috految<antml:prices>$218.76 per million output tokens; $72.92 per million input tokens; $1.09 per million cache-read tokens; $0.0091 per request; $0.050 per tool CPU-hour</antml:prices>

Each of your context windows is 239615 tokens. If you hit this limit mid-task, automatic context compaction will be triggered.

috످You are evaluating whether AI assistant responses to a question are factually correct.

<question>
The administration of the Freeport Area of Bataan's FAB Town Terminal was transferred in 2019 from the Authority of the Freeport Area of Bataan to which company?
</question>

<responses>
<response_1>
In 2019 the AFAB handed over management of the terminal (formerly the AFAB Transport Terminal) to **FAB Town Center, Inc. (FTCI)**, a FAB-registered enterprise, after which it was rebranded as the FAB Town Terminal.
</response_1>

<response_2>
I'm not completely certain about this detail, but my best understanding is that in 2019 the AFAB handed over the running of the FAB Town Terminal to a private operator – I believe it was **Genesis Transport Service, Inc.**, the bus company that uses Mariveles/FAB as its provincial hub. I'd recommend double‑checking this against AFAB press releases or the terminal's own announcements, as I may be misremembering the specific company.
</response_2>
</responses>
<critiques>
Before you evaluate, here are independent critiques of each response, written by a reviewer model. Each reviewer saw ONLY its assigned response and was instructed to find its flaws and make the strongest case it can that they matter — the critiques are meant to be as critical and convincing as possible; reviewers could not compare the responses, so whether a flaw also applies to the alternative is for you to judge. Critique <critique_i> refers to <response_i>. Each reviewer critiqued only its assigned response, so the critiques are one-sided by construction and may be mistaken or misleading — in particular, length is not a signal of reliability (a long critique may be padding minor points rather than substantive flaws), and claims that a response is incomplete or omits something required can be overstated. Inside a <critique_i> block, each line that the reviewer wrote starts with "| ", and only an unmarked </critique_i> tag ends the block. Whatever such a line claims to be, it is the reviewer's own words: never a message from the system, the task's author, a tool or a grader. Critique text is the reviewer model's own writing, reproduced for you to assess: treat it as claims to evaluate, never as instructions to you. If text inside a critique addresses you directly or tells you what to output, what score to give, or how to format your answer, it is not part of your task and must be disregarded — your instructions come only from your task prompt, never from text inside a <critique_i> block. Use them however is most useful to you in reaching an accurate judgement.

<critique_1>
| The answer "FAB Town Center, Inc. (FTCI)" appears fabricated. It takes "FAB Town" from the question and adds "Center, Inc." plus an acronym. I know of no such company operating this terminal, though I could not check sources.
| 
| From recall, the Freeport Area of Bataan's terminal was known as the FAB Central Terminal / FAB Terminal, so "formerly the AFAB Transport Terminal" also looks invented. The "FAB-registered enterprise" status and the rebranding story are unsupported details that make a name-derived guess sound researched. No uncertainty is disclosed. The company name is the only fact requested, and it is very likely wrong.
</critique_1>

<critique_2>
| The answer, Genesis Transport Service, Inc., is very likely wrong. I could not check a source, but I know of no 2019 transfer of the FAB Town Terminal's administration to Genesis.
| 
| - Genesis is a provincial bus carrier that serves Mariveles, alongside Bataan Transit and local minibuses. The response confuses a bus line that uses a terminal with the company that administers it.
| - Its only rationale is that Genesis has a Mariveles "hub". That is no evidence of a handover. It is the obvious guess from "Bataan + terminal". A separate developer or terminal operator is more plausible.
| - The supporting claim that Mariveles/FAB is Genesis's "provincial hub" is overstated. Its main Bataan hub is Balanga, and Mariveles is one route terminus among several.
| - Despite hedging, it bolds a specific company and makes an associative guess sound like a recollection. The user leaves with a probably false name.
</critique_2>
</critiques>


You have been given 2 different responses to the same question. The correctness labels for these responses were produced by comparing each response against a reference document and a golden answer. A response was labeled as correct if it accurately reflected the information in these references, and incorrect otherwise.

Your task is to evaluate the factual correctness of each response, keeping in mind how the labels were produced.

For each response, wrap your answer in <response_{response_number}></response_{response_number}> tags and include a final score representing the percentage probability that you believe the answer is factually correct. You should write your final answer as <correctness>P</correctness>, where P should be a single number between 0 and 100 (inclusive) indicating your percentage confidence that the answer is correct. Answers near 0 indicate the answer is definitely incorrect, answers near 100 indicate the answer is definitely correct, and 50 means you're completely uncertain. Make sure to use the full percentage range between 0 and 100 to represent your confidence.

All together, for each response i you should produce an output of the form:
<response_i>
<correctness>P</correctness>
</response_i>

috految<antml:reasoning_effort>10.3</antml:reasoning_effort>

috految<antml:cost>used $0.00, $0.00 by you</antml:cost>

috److This evaluation relies on my recall of the Wikipedia article on the Freeport Area of Bataan and related sources.

**What I recall about the terminal:** The FAB Town Terminal, also known as the FAB Central Terminal, is in Mariveles. Bus lines serving it include Bataan Transit and Genesis.

**Possible operators:**
- Companies that come to mind for the area include Mariveles Grand Terminal, Seasia Nectar, Diversified Holdings, Grand Innovasia Concept Corporation, Mutya Land, and GN Power.
- Other candidates are "Speedhaul", "Peninsula Land Bay Realty", "Fabtown Terminal Inc.", and "Penelco".
- I also recall "1Bataan Integrated Transport System, Inc." and "Camaya Coast".

**Assessment:** I cannot confirm the operator.
- **Response 1:** "FAB Town Center, Inc." looks like a name derived from the question.
- **Response 2:** Genesis is plausible because it serves Mariveles, but it is also the obvious guess.

<response_1>
<correctness>23</correctness>
</response_1>
<response_2>
<correctness>27</correctness>
</response_2>

috످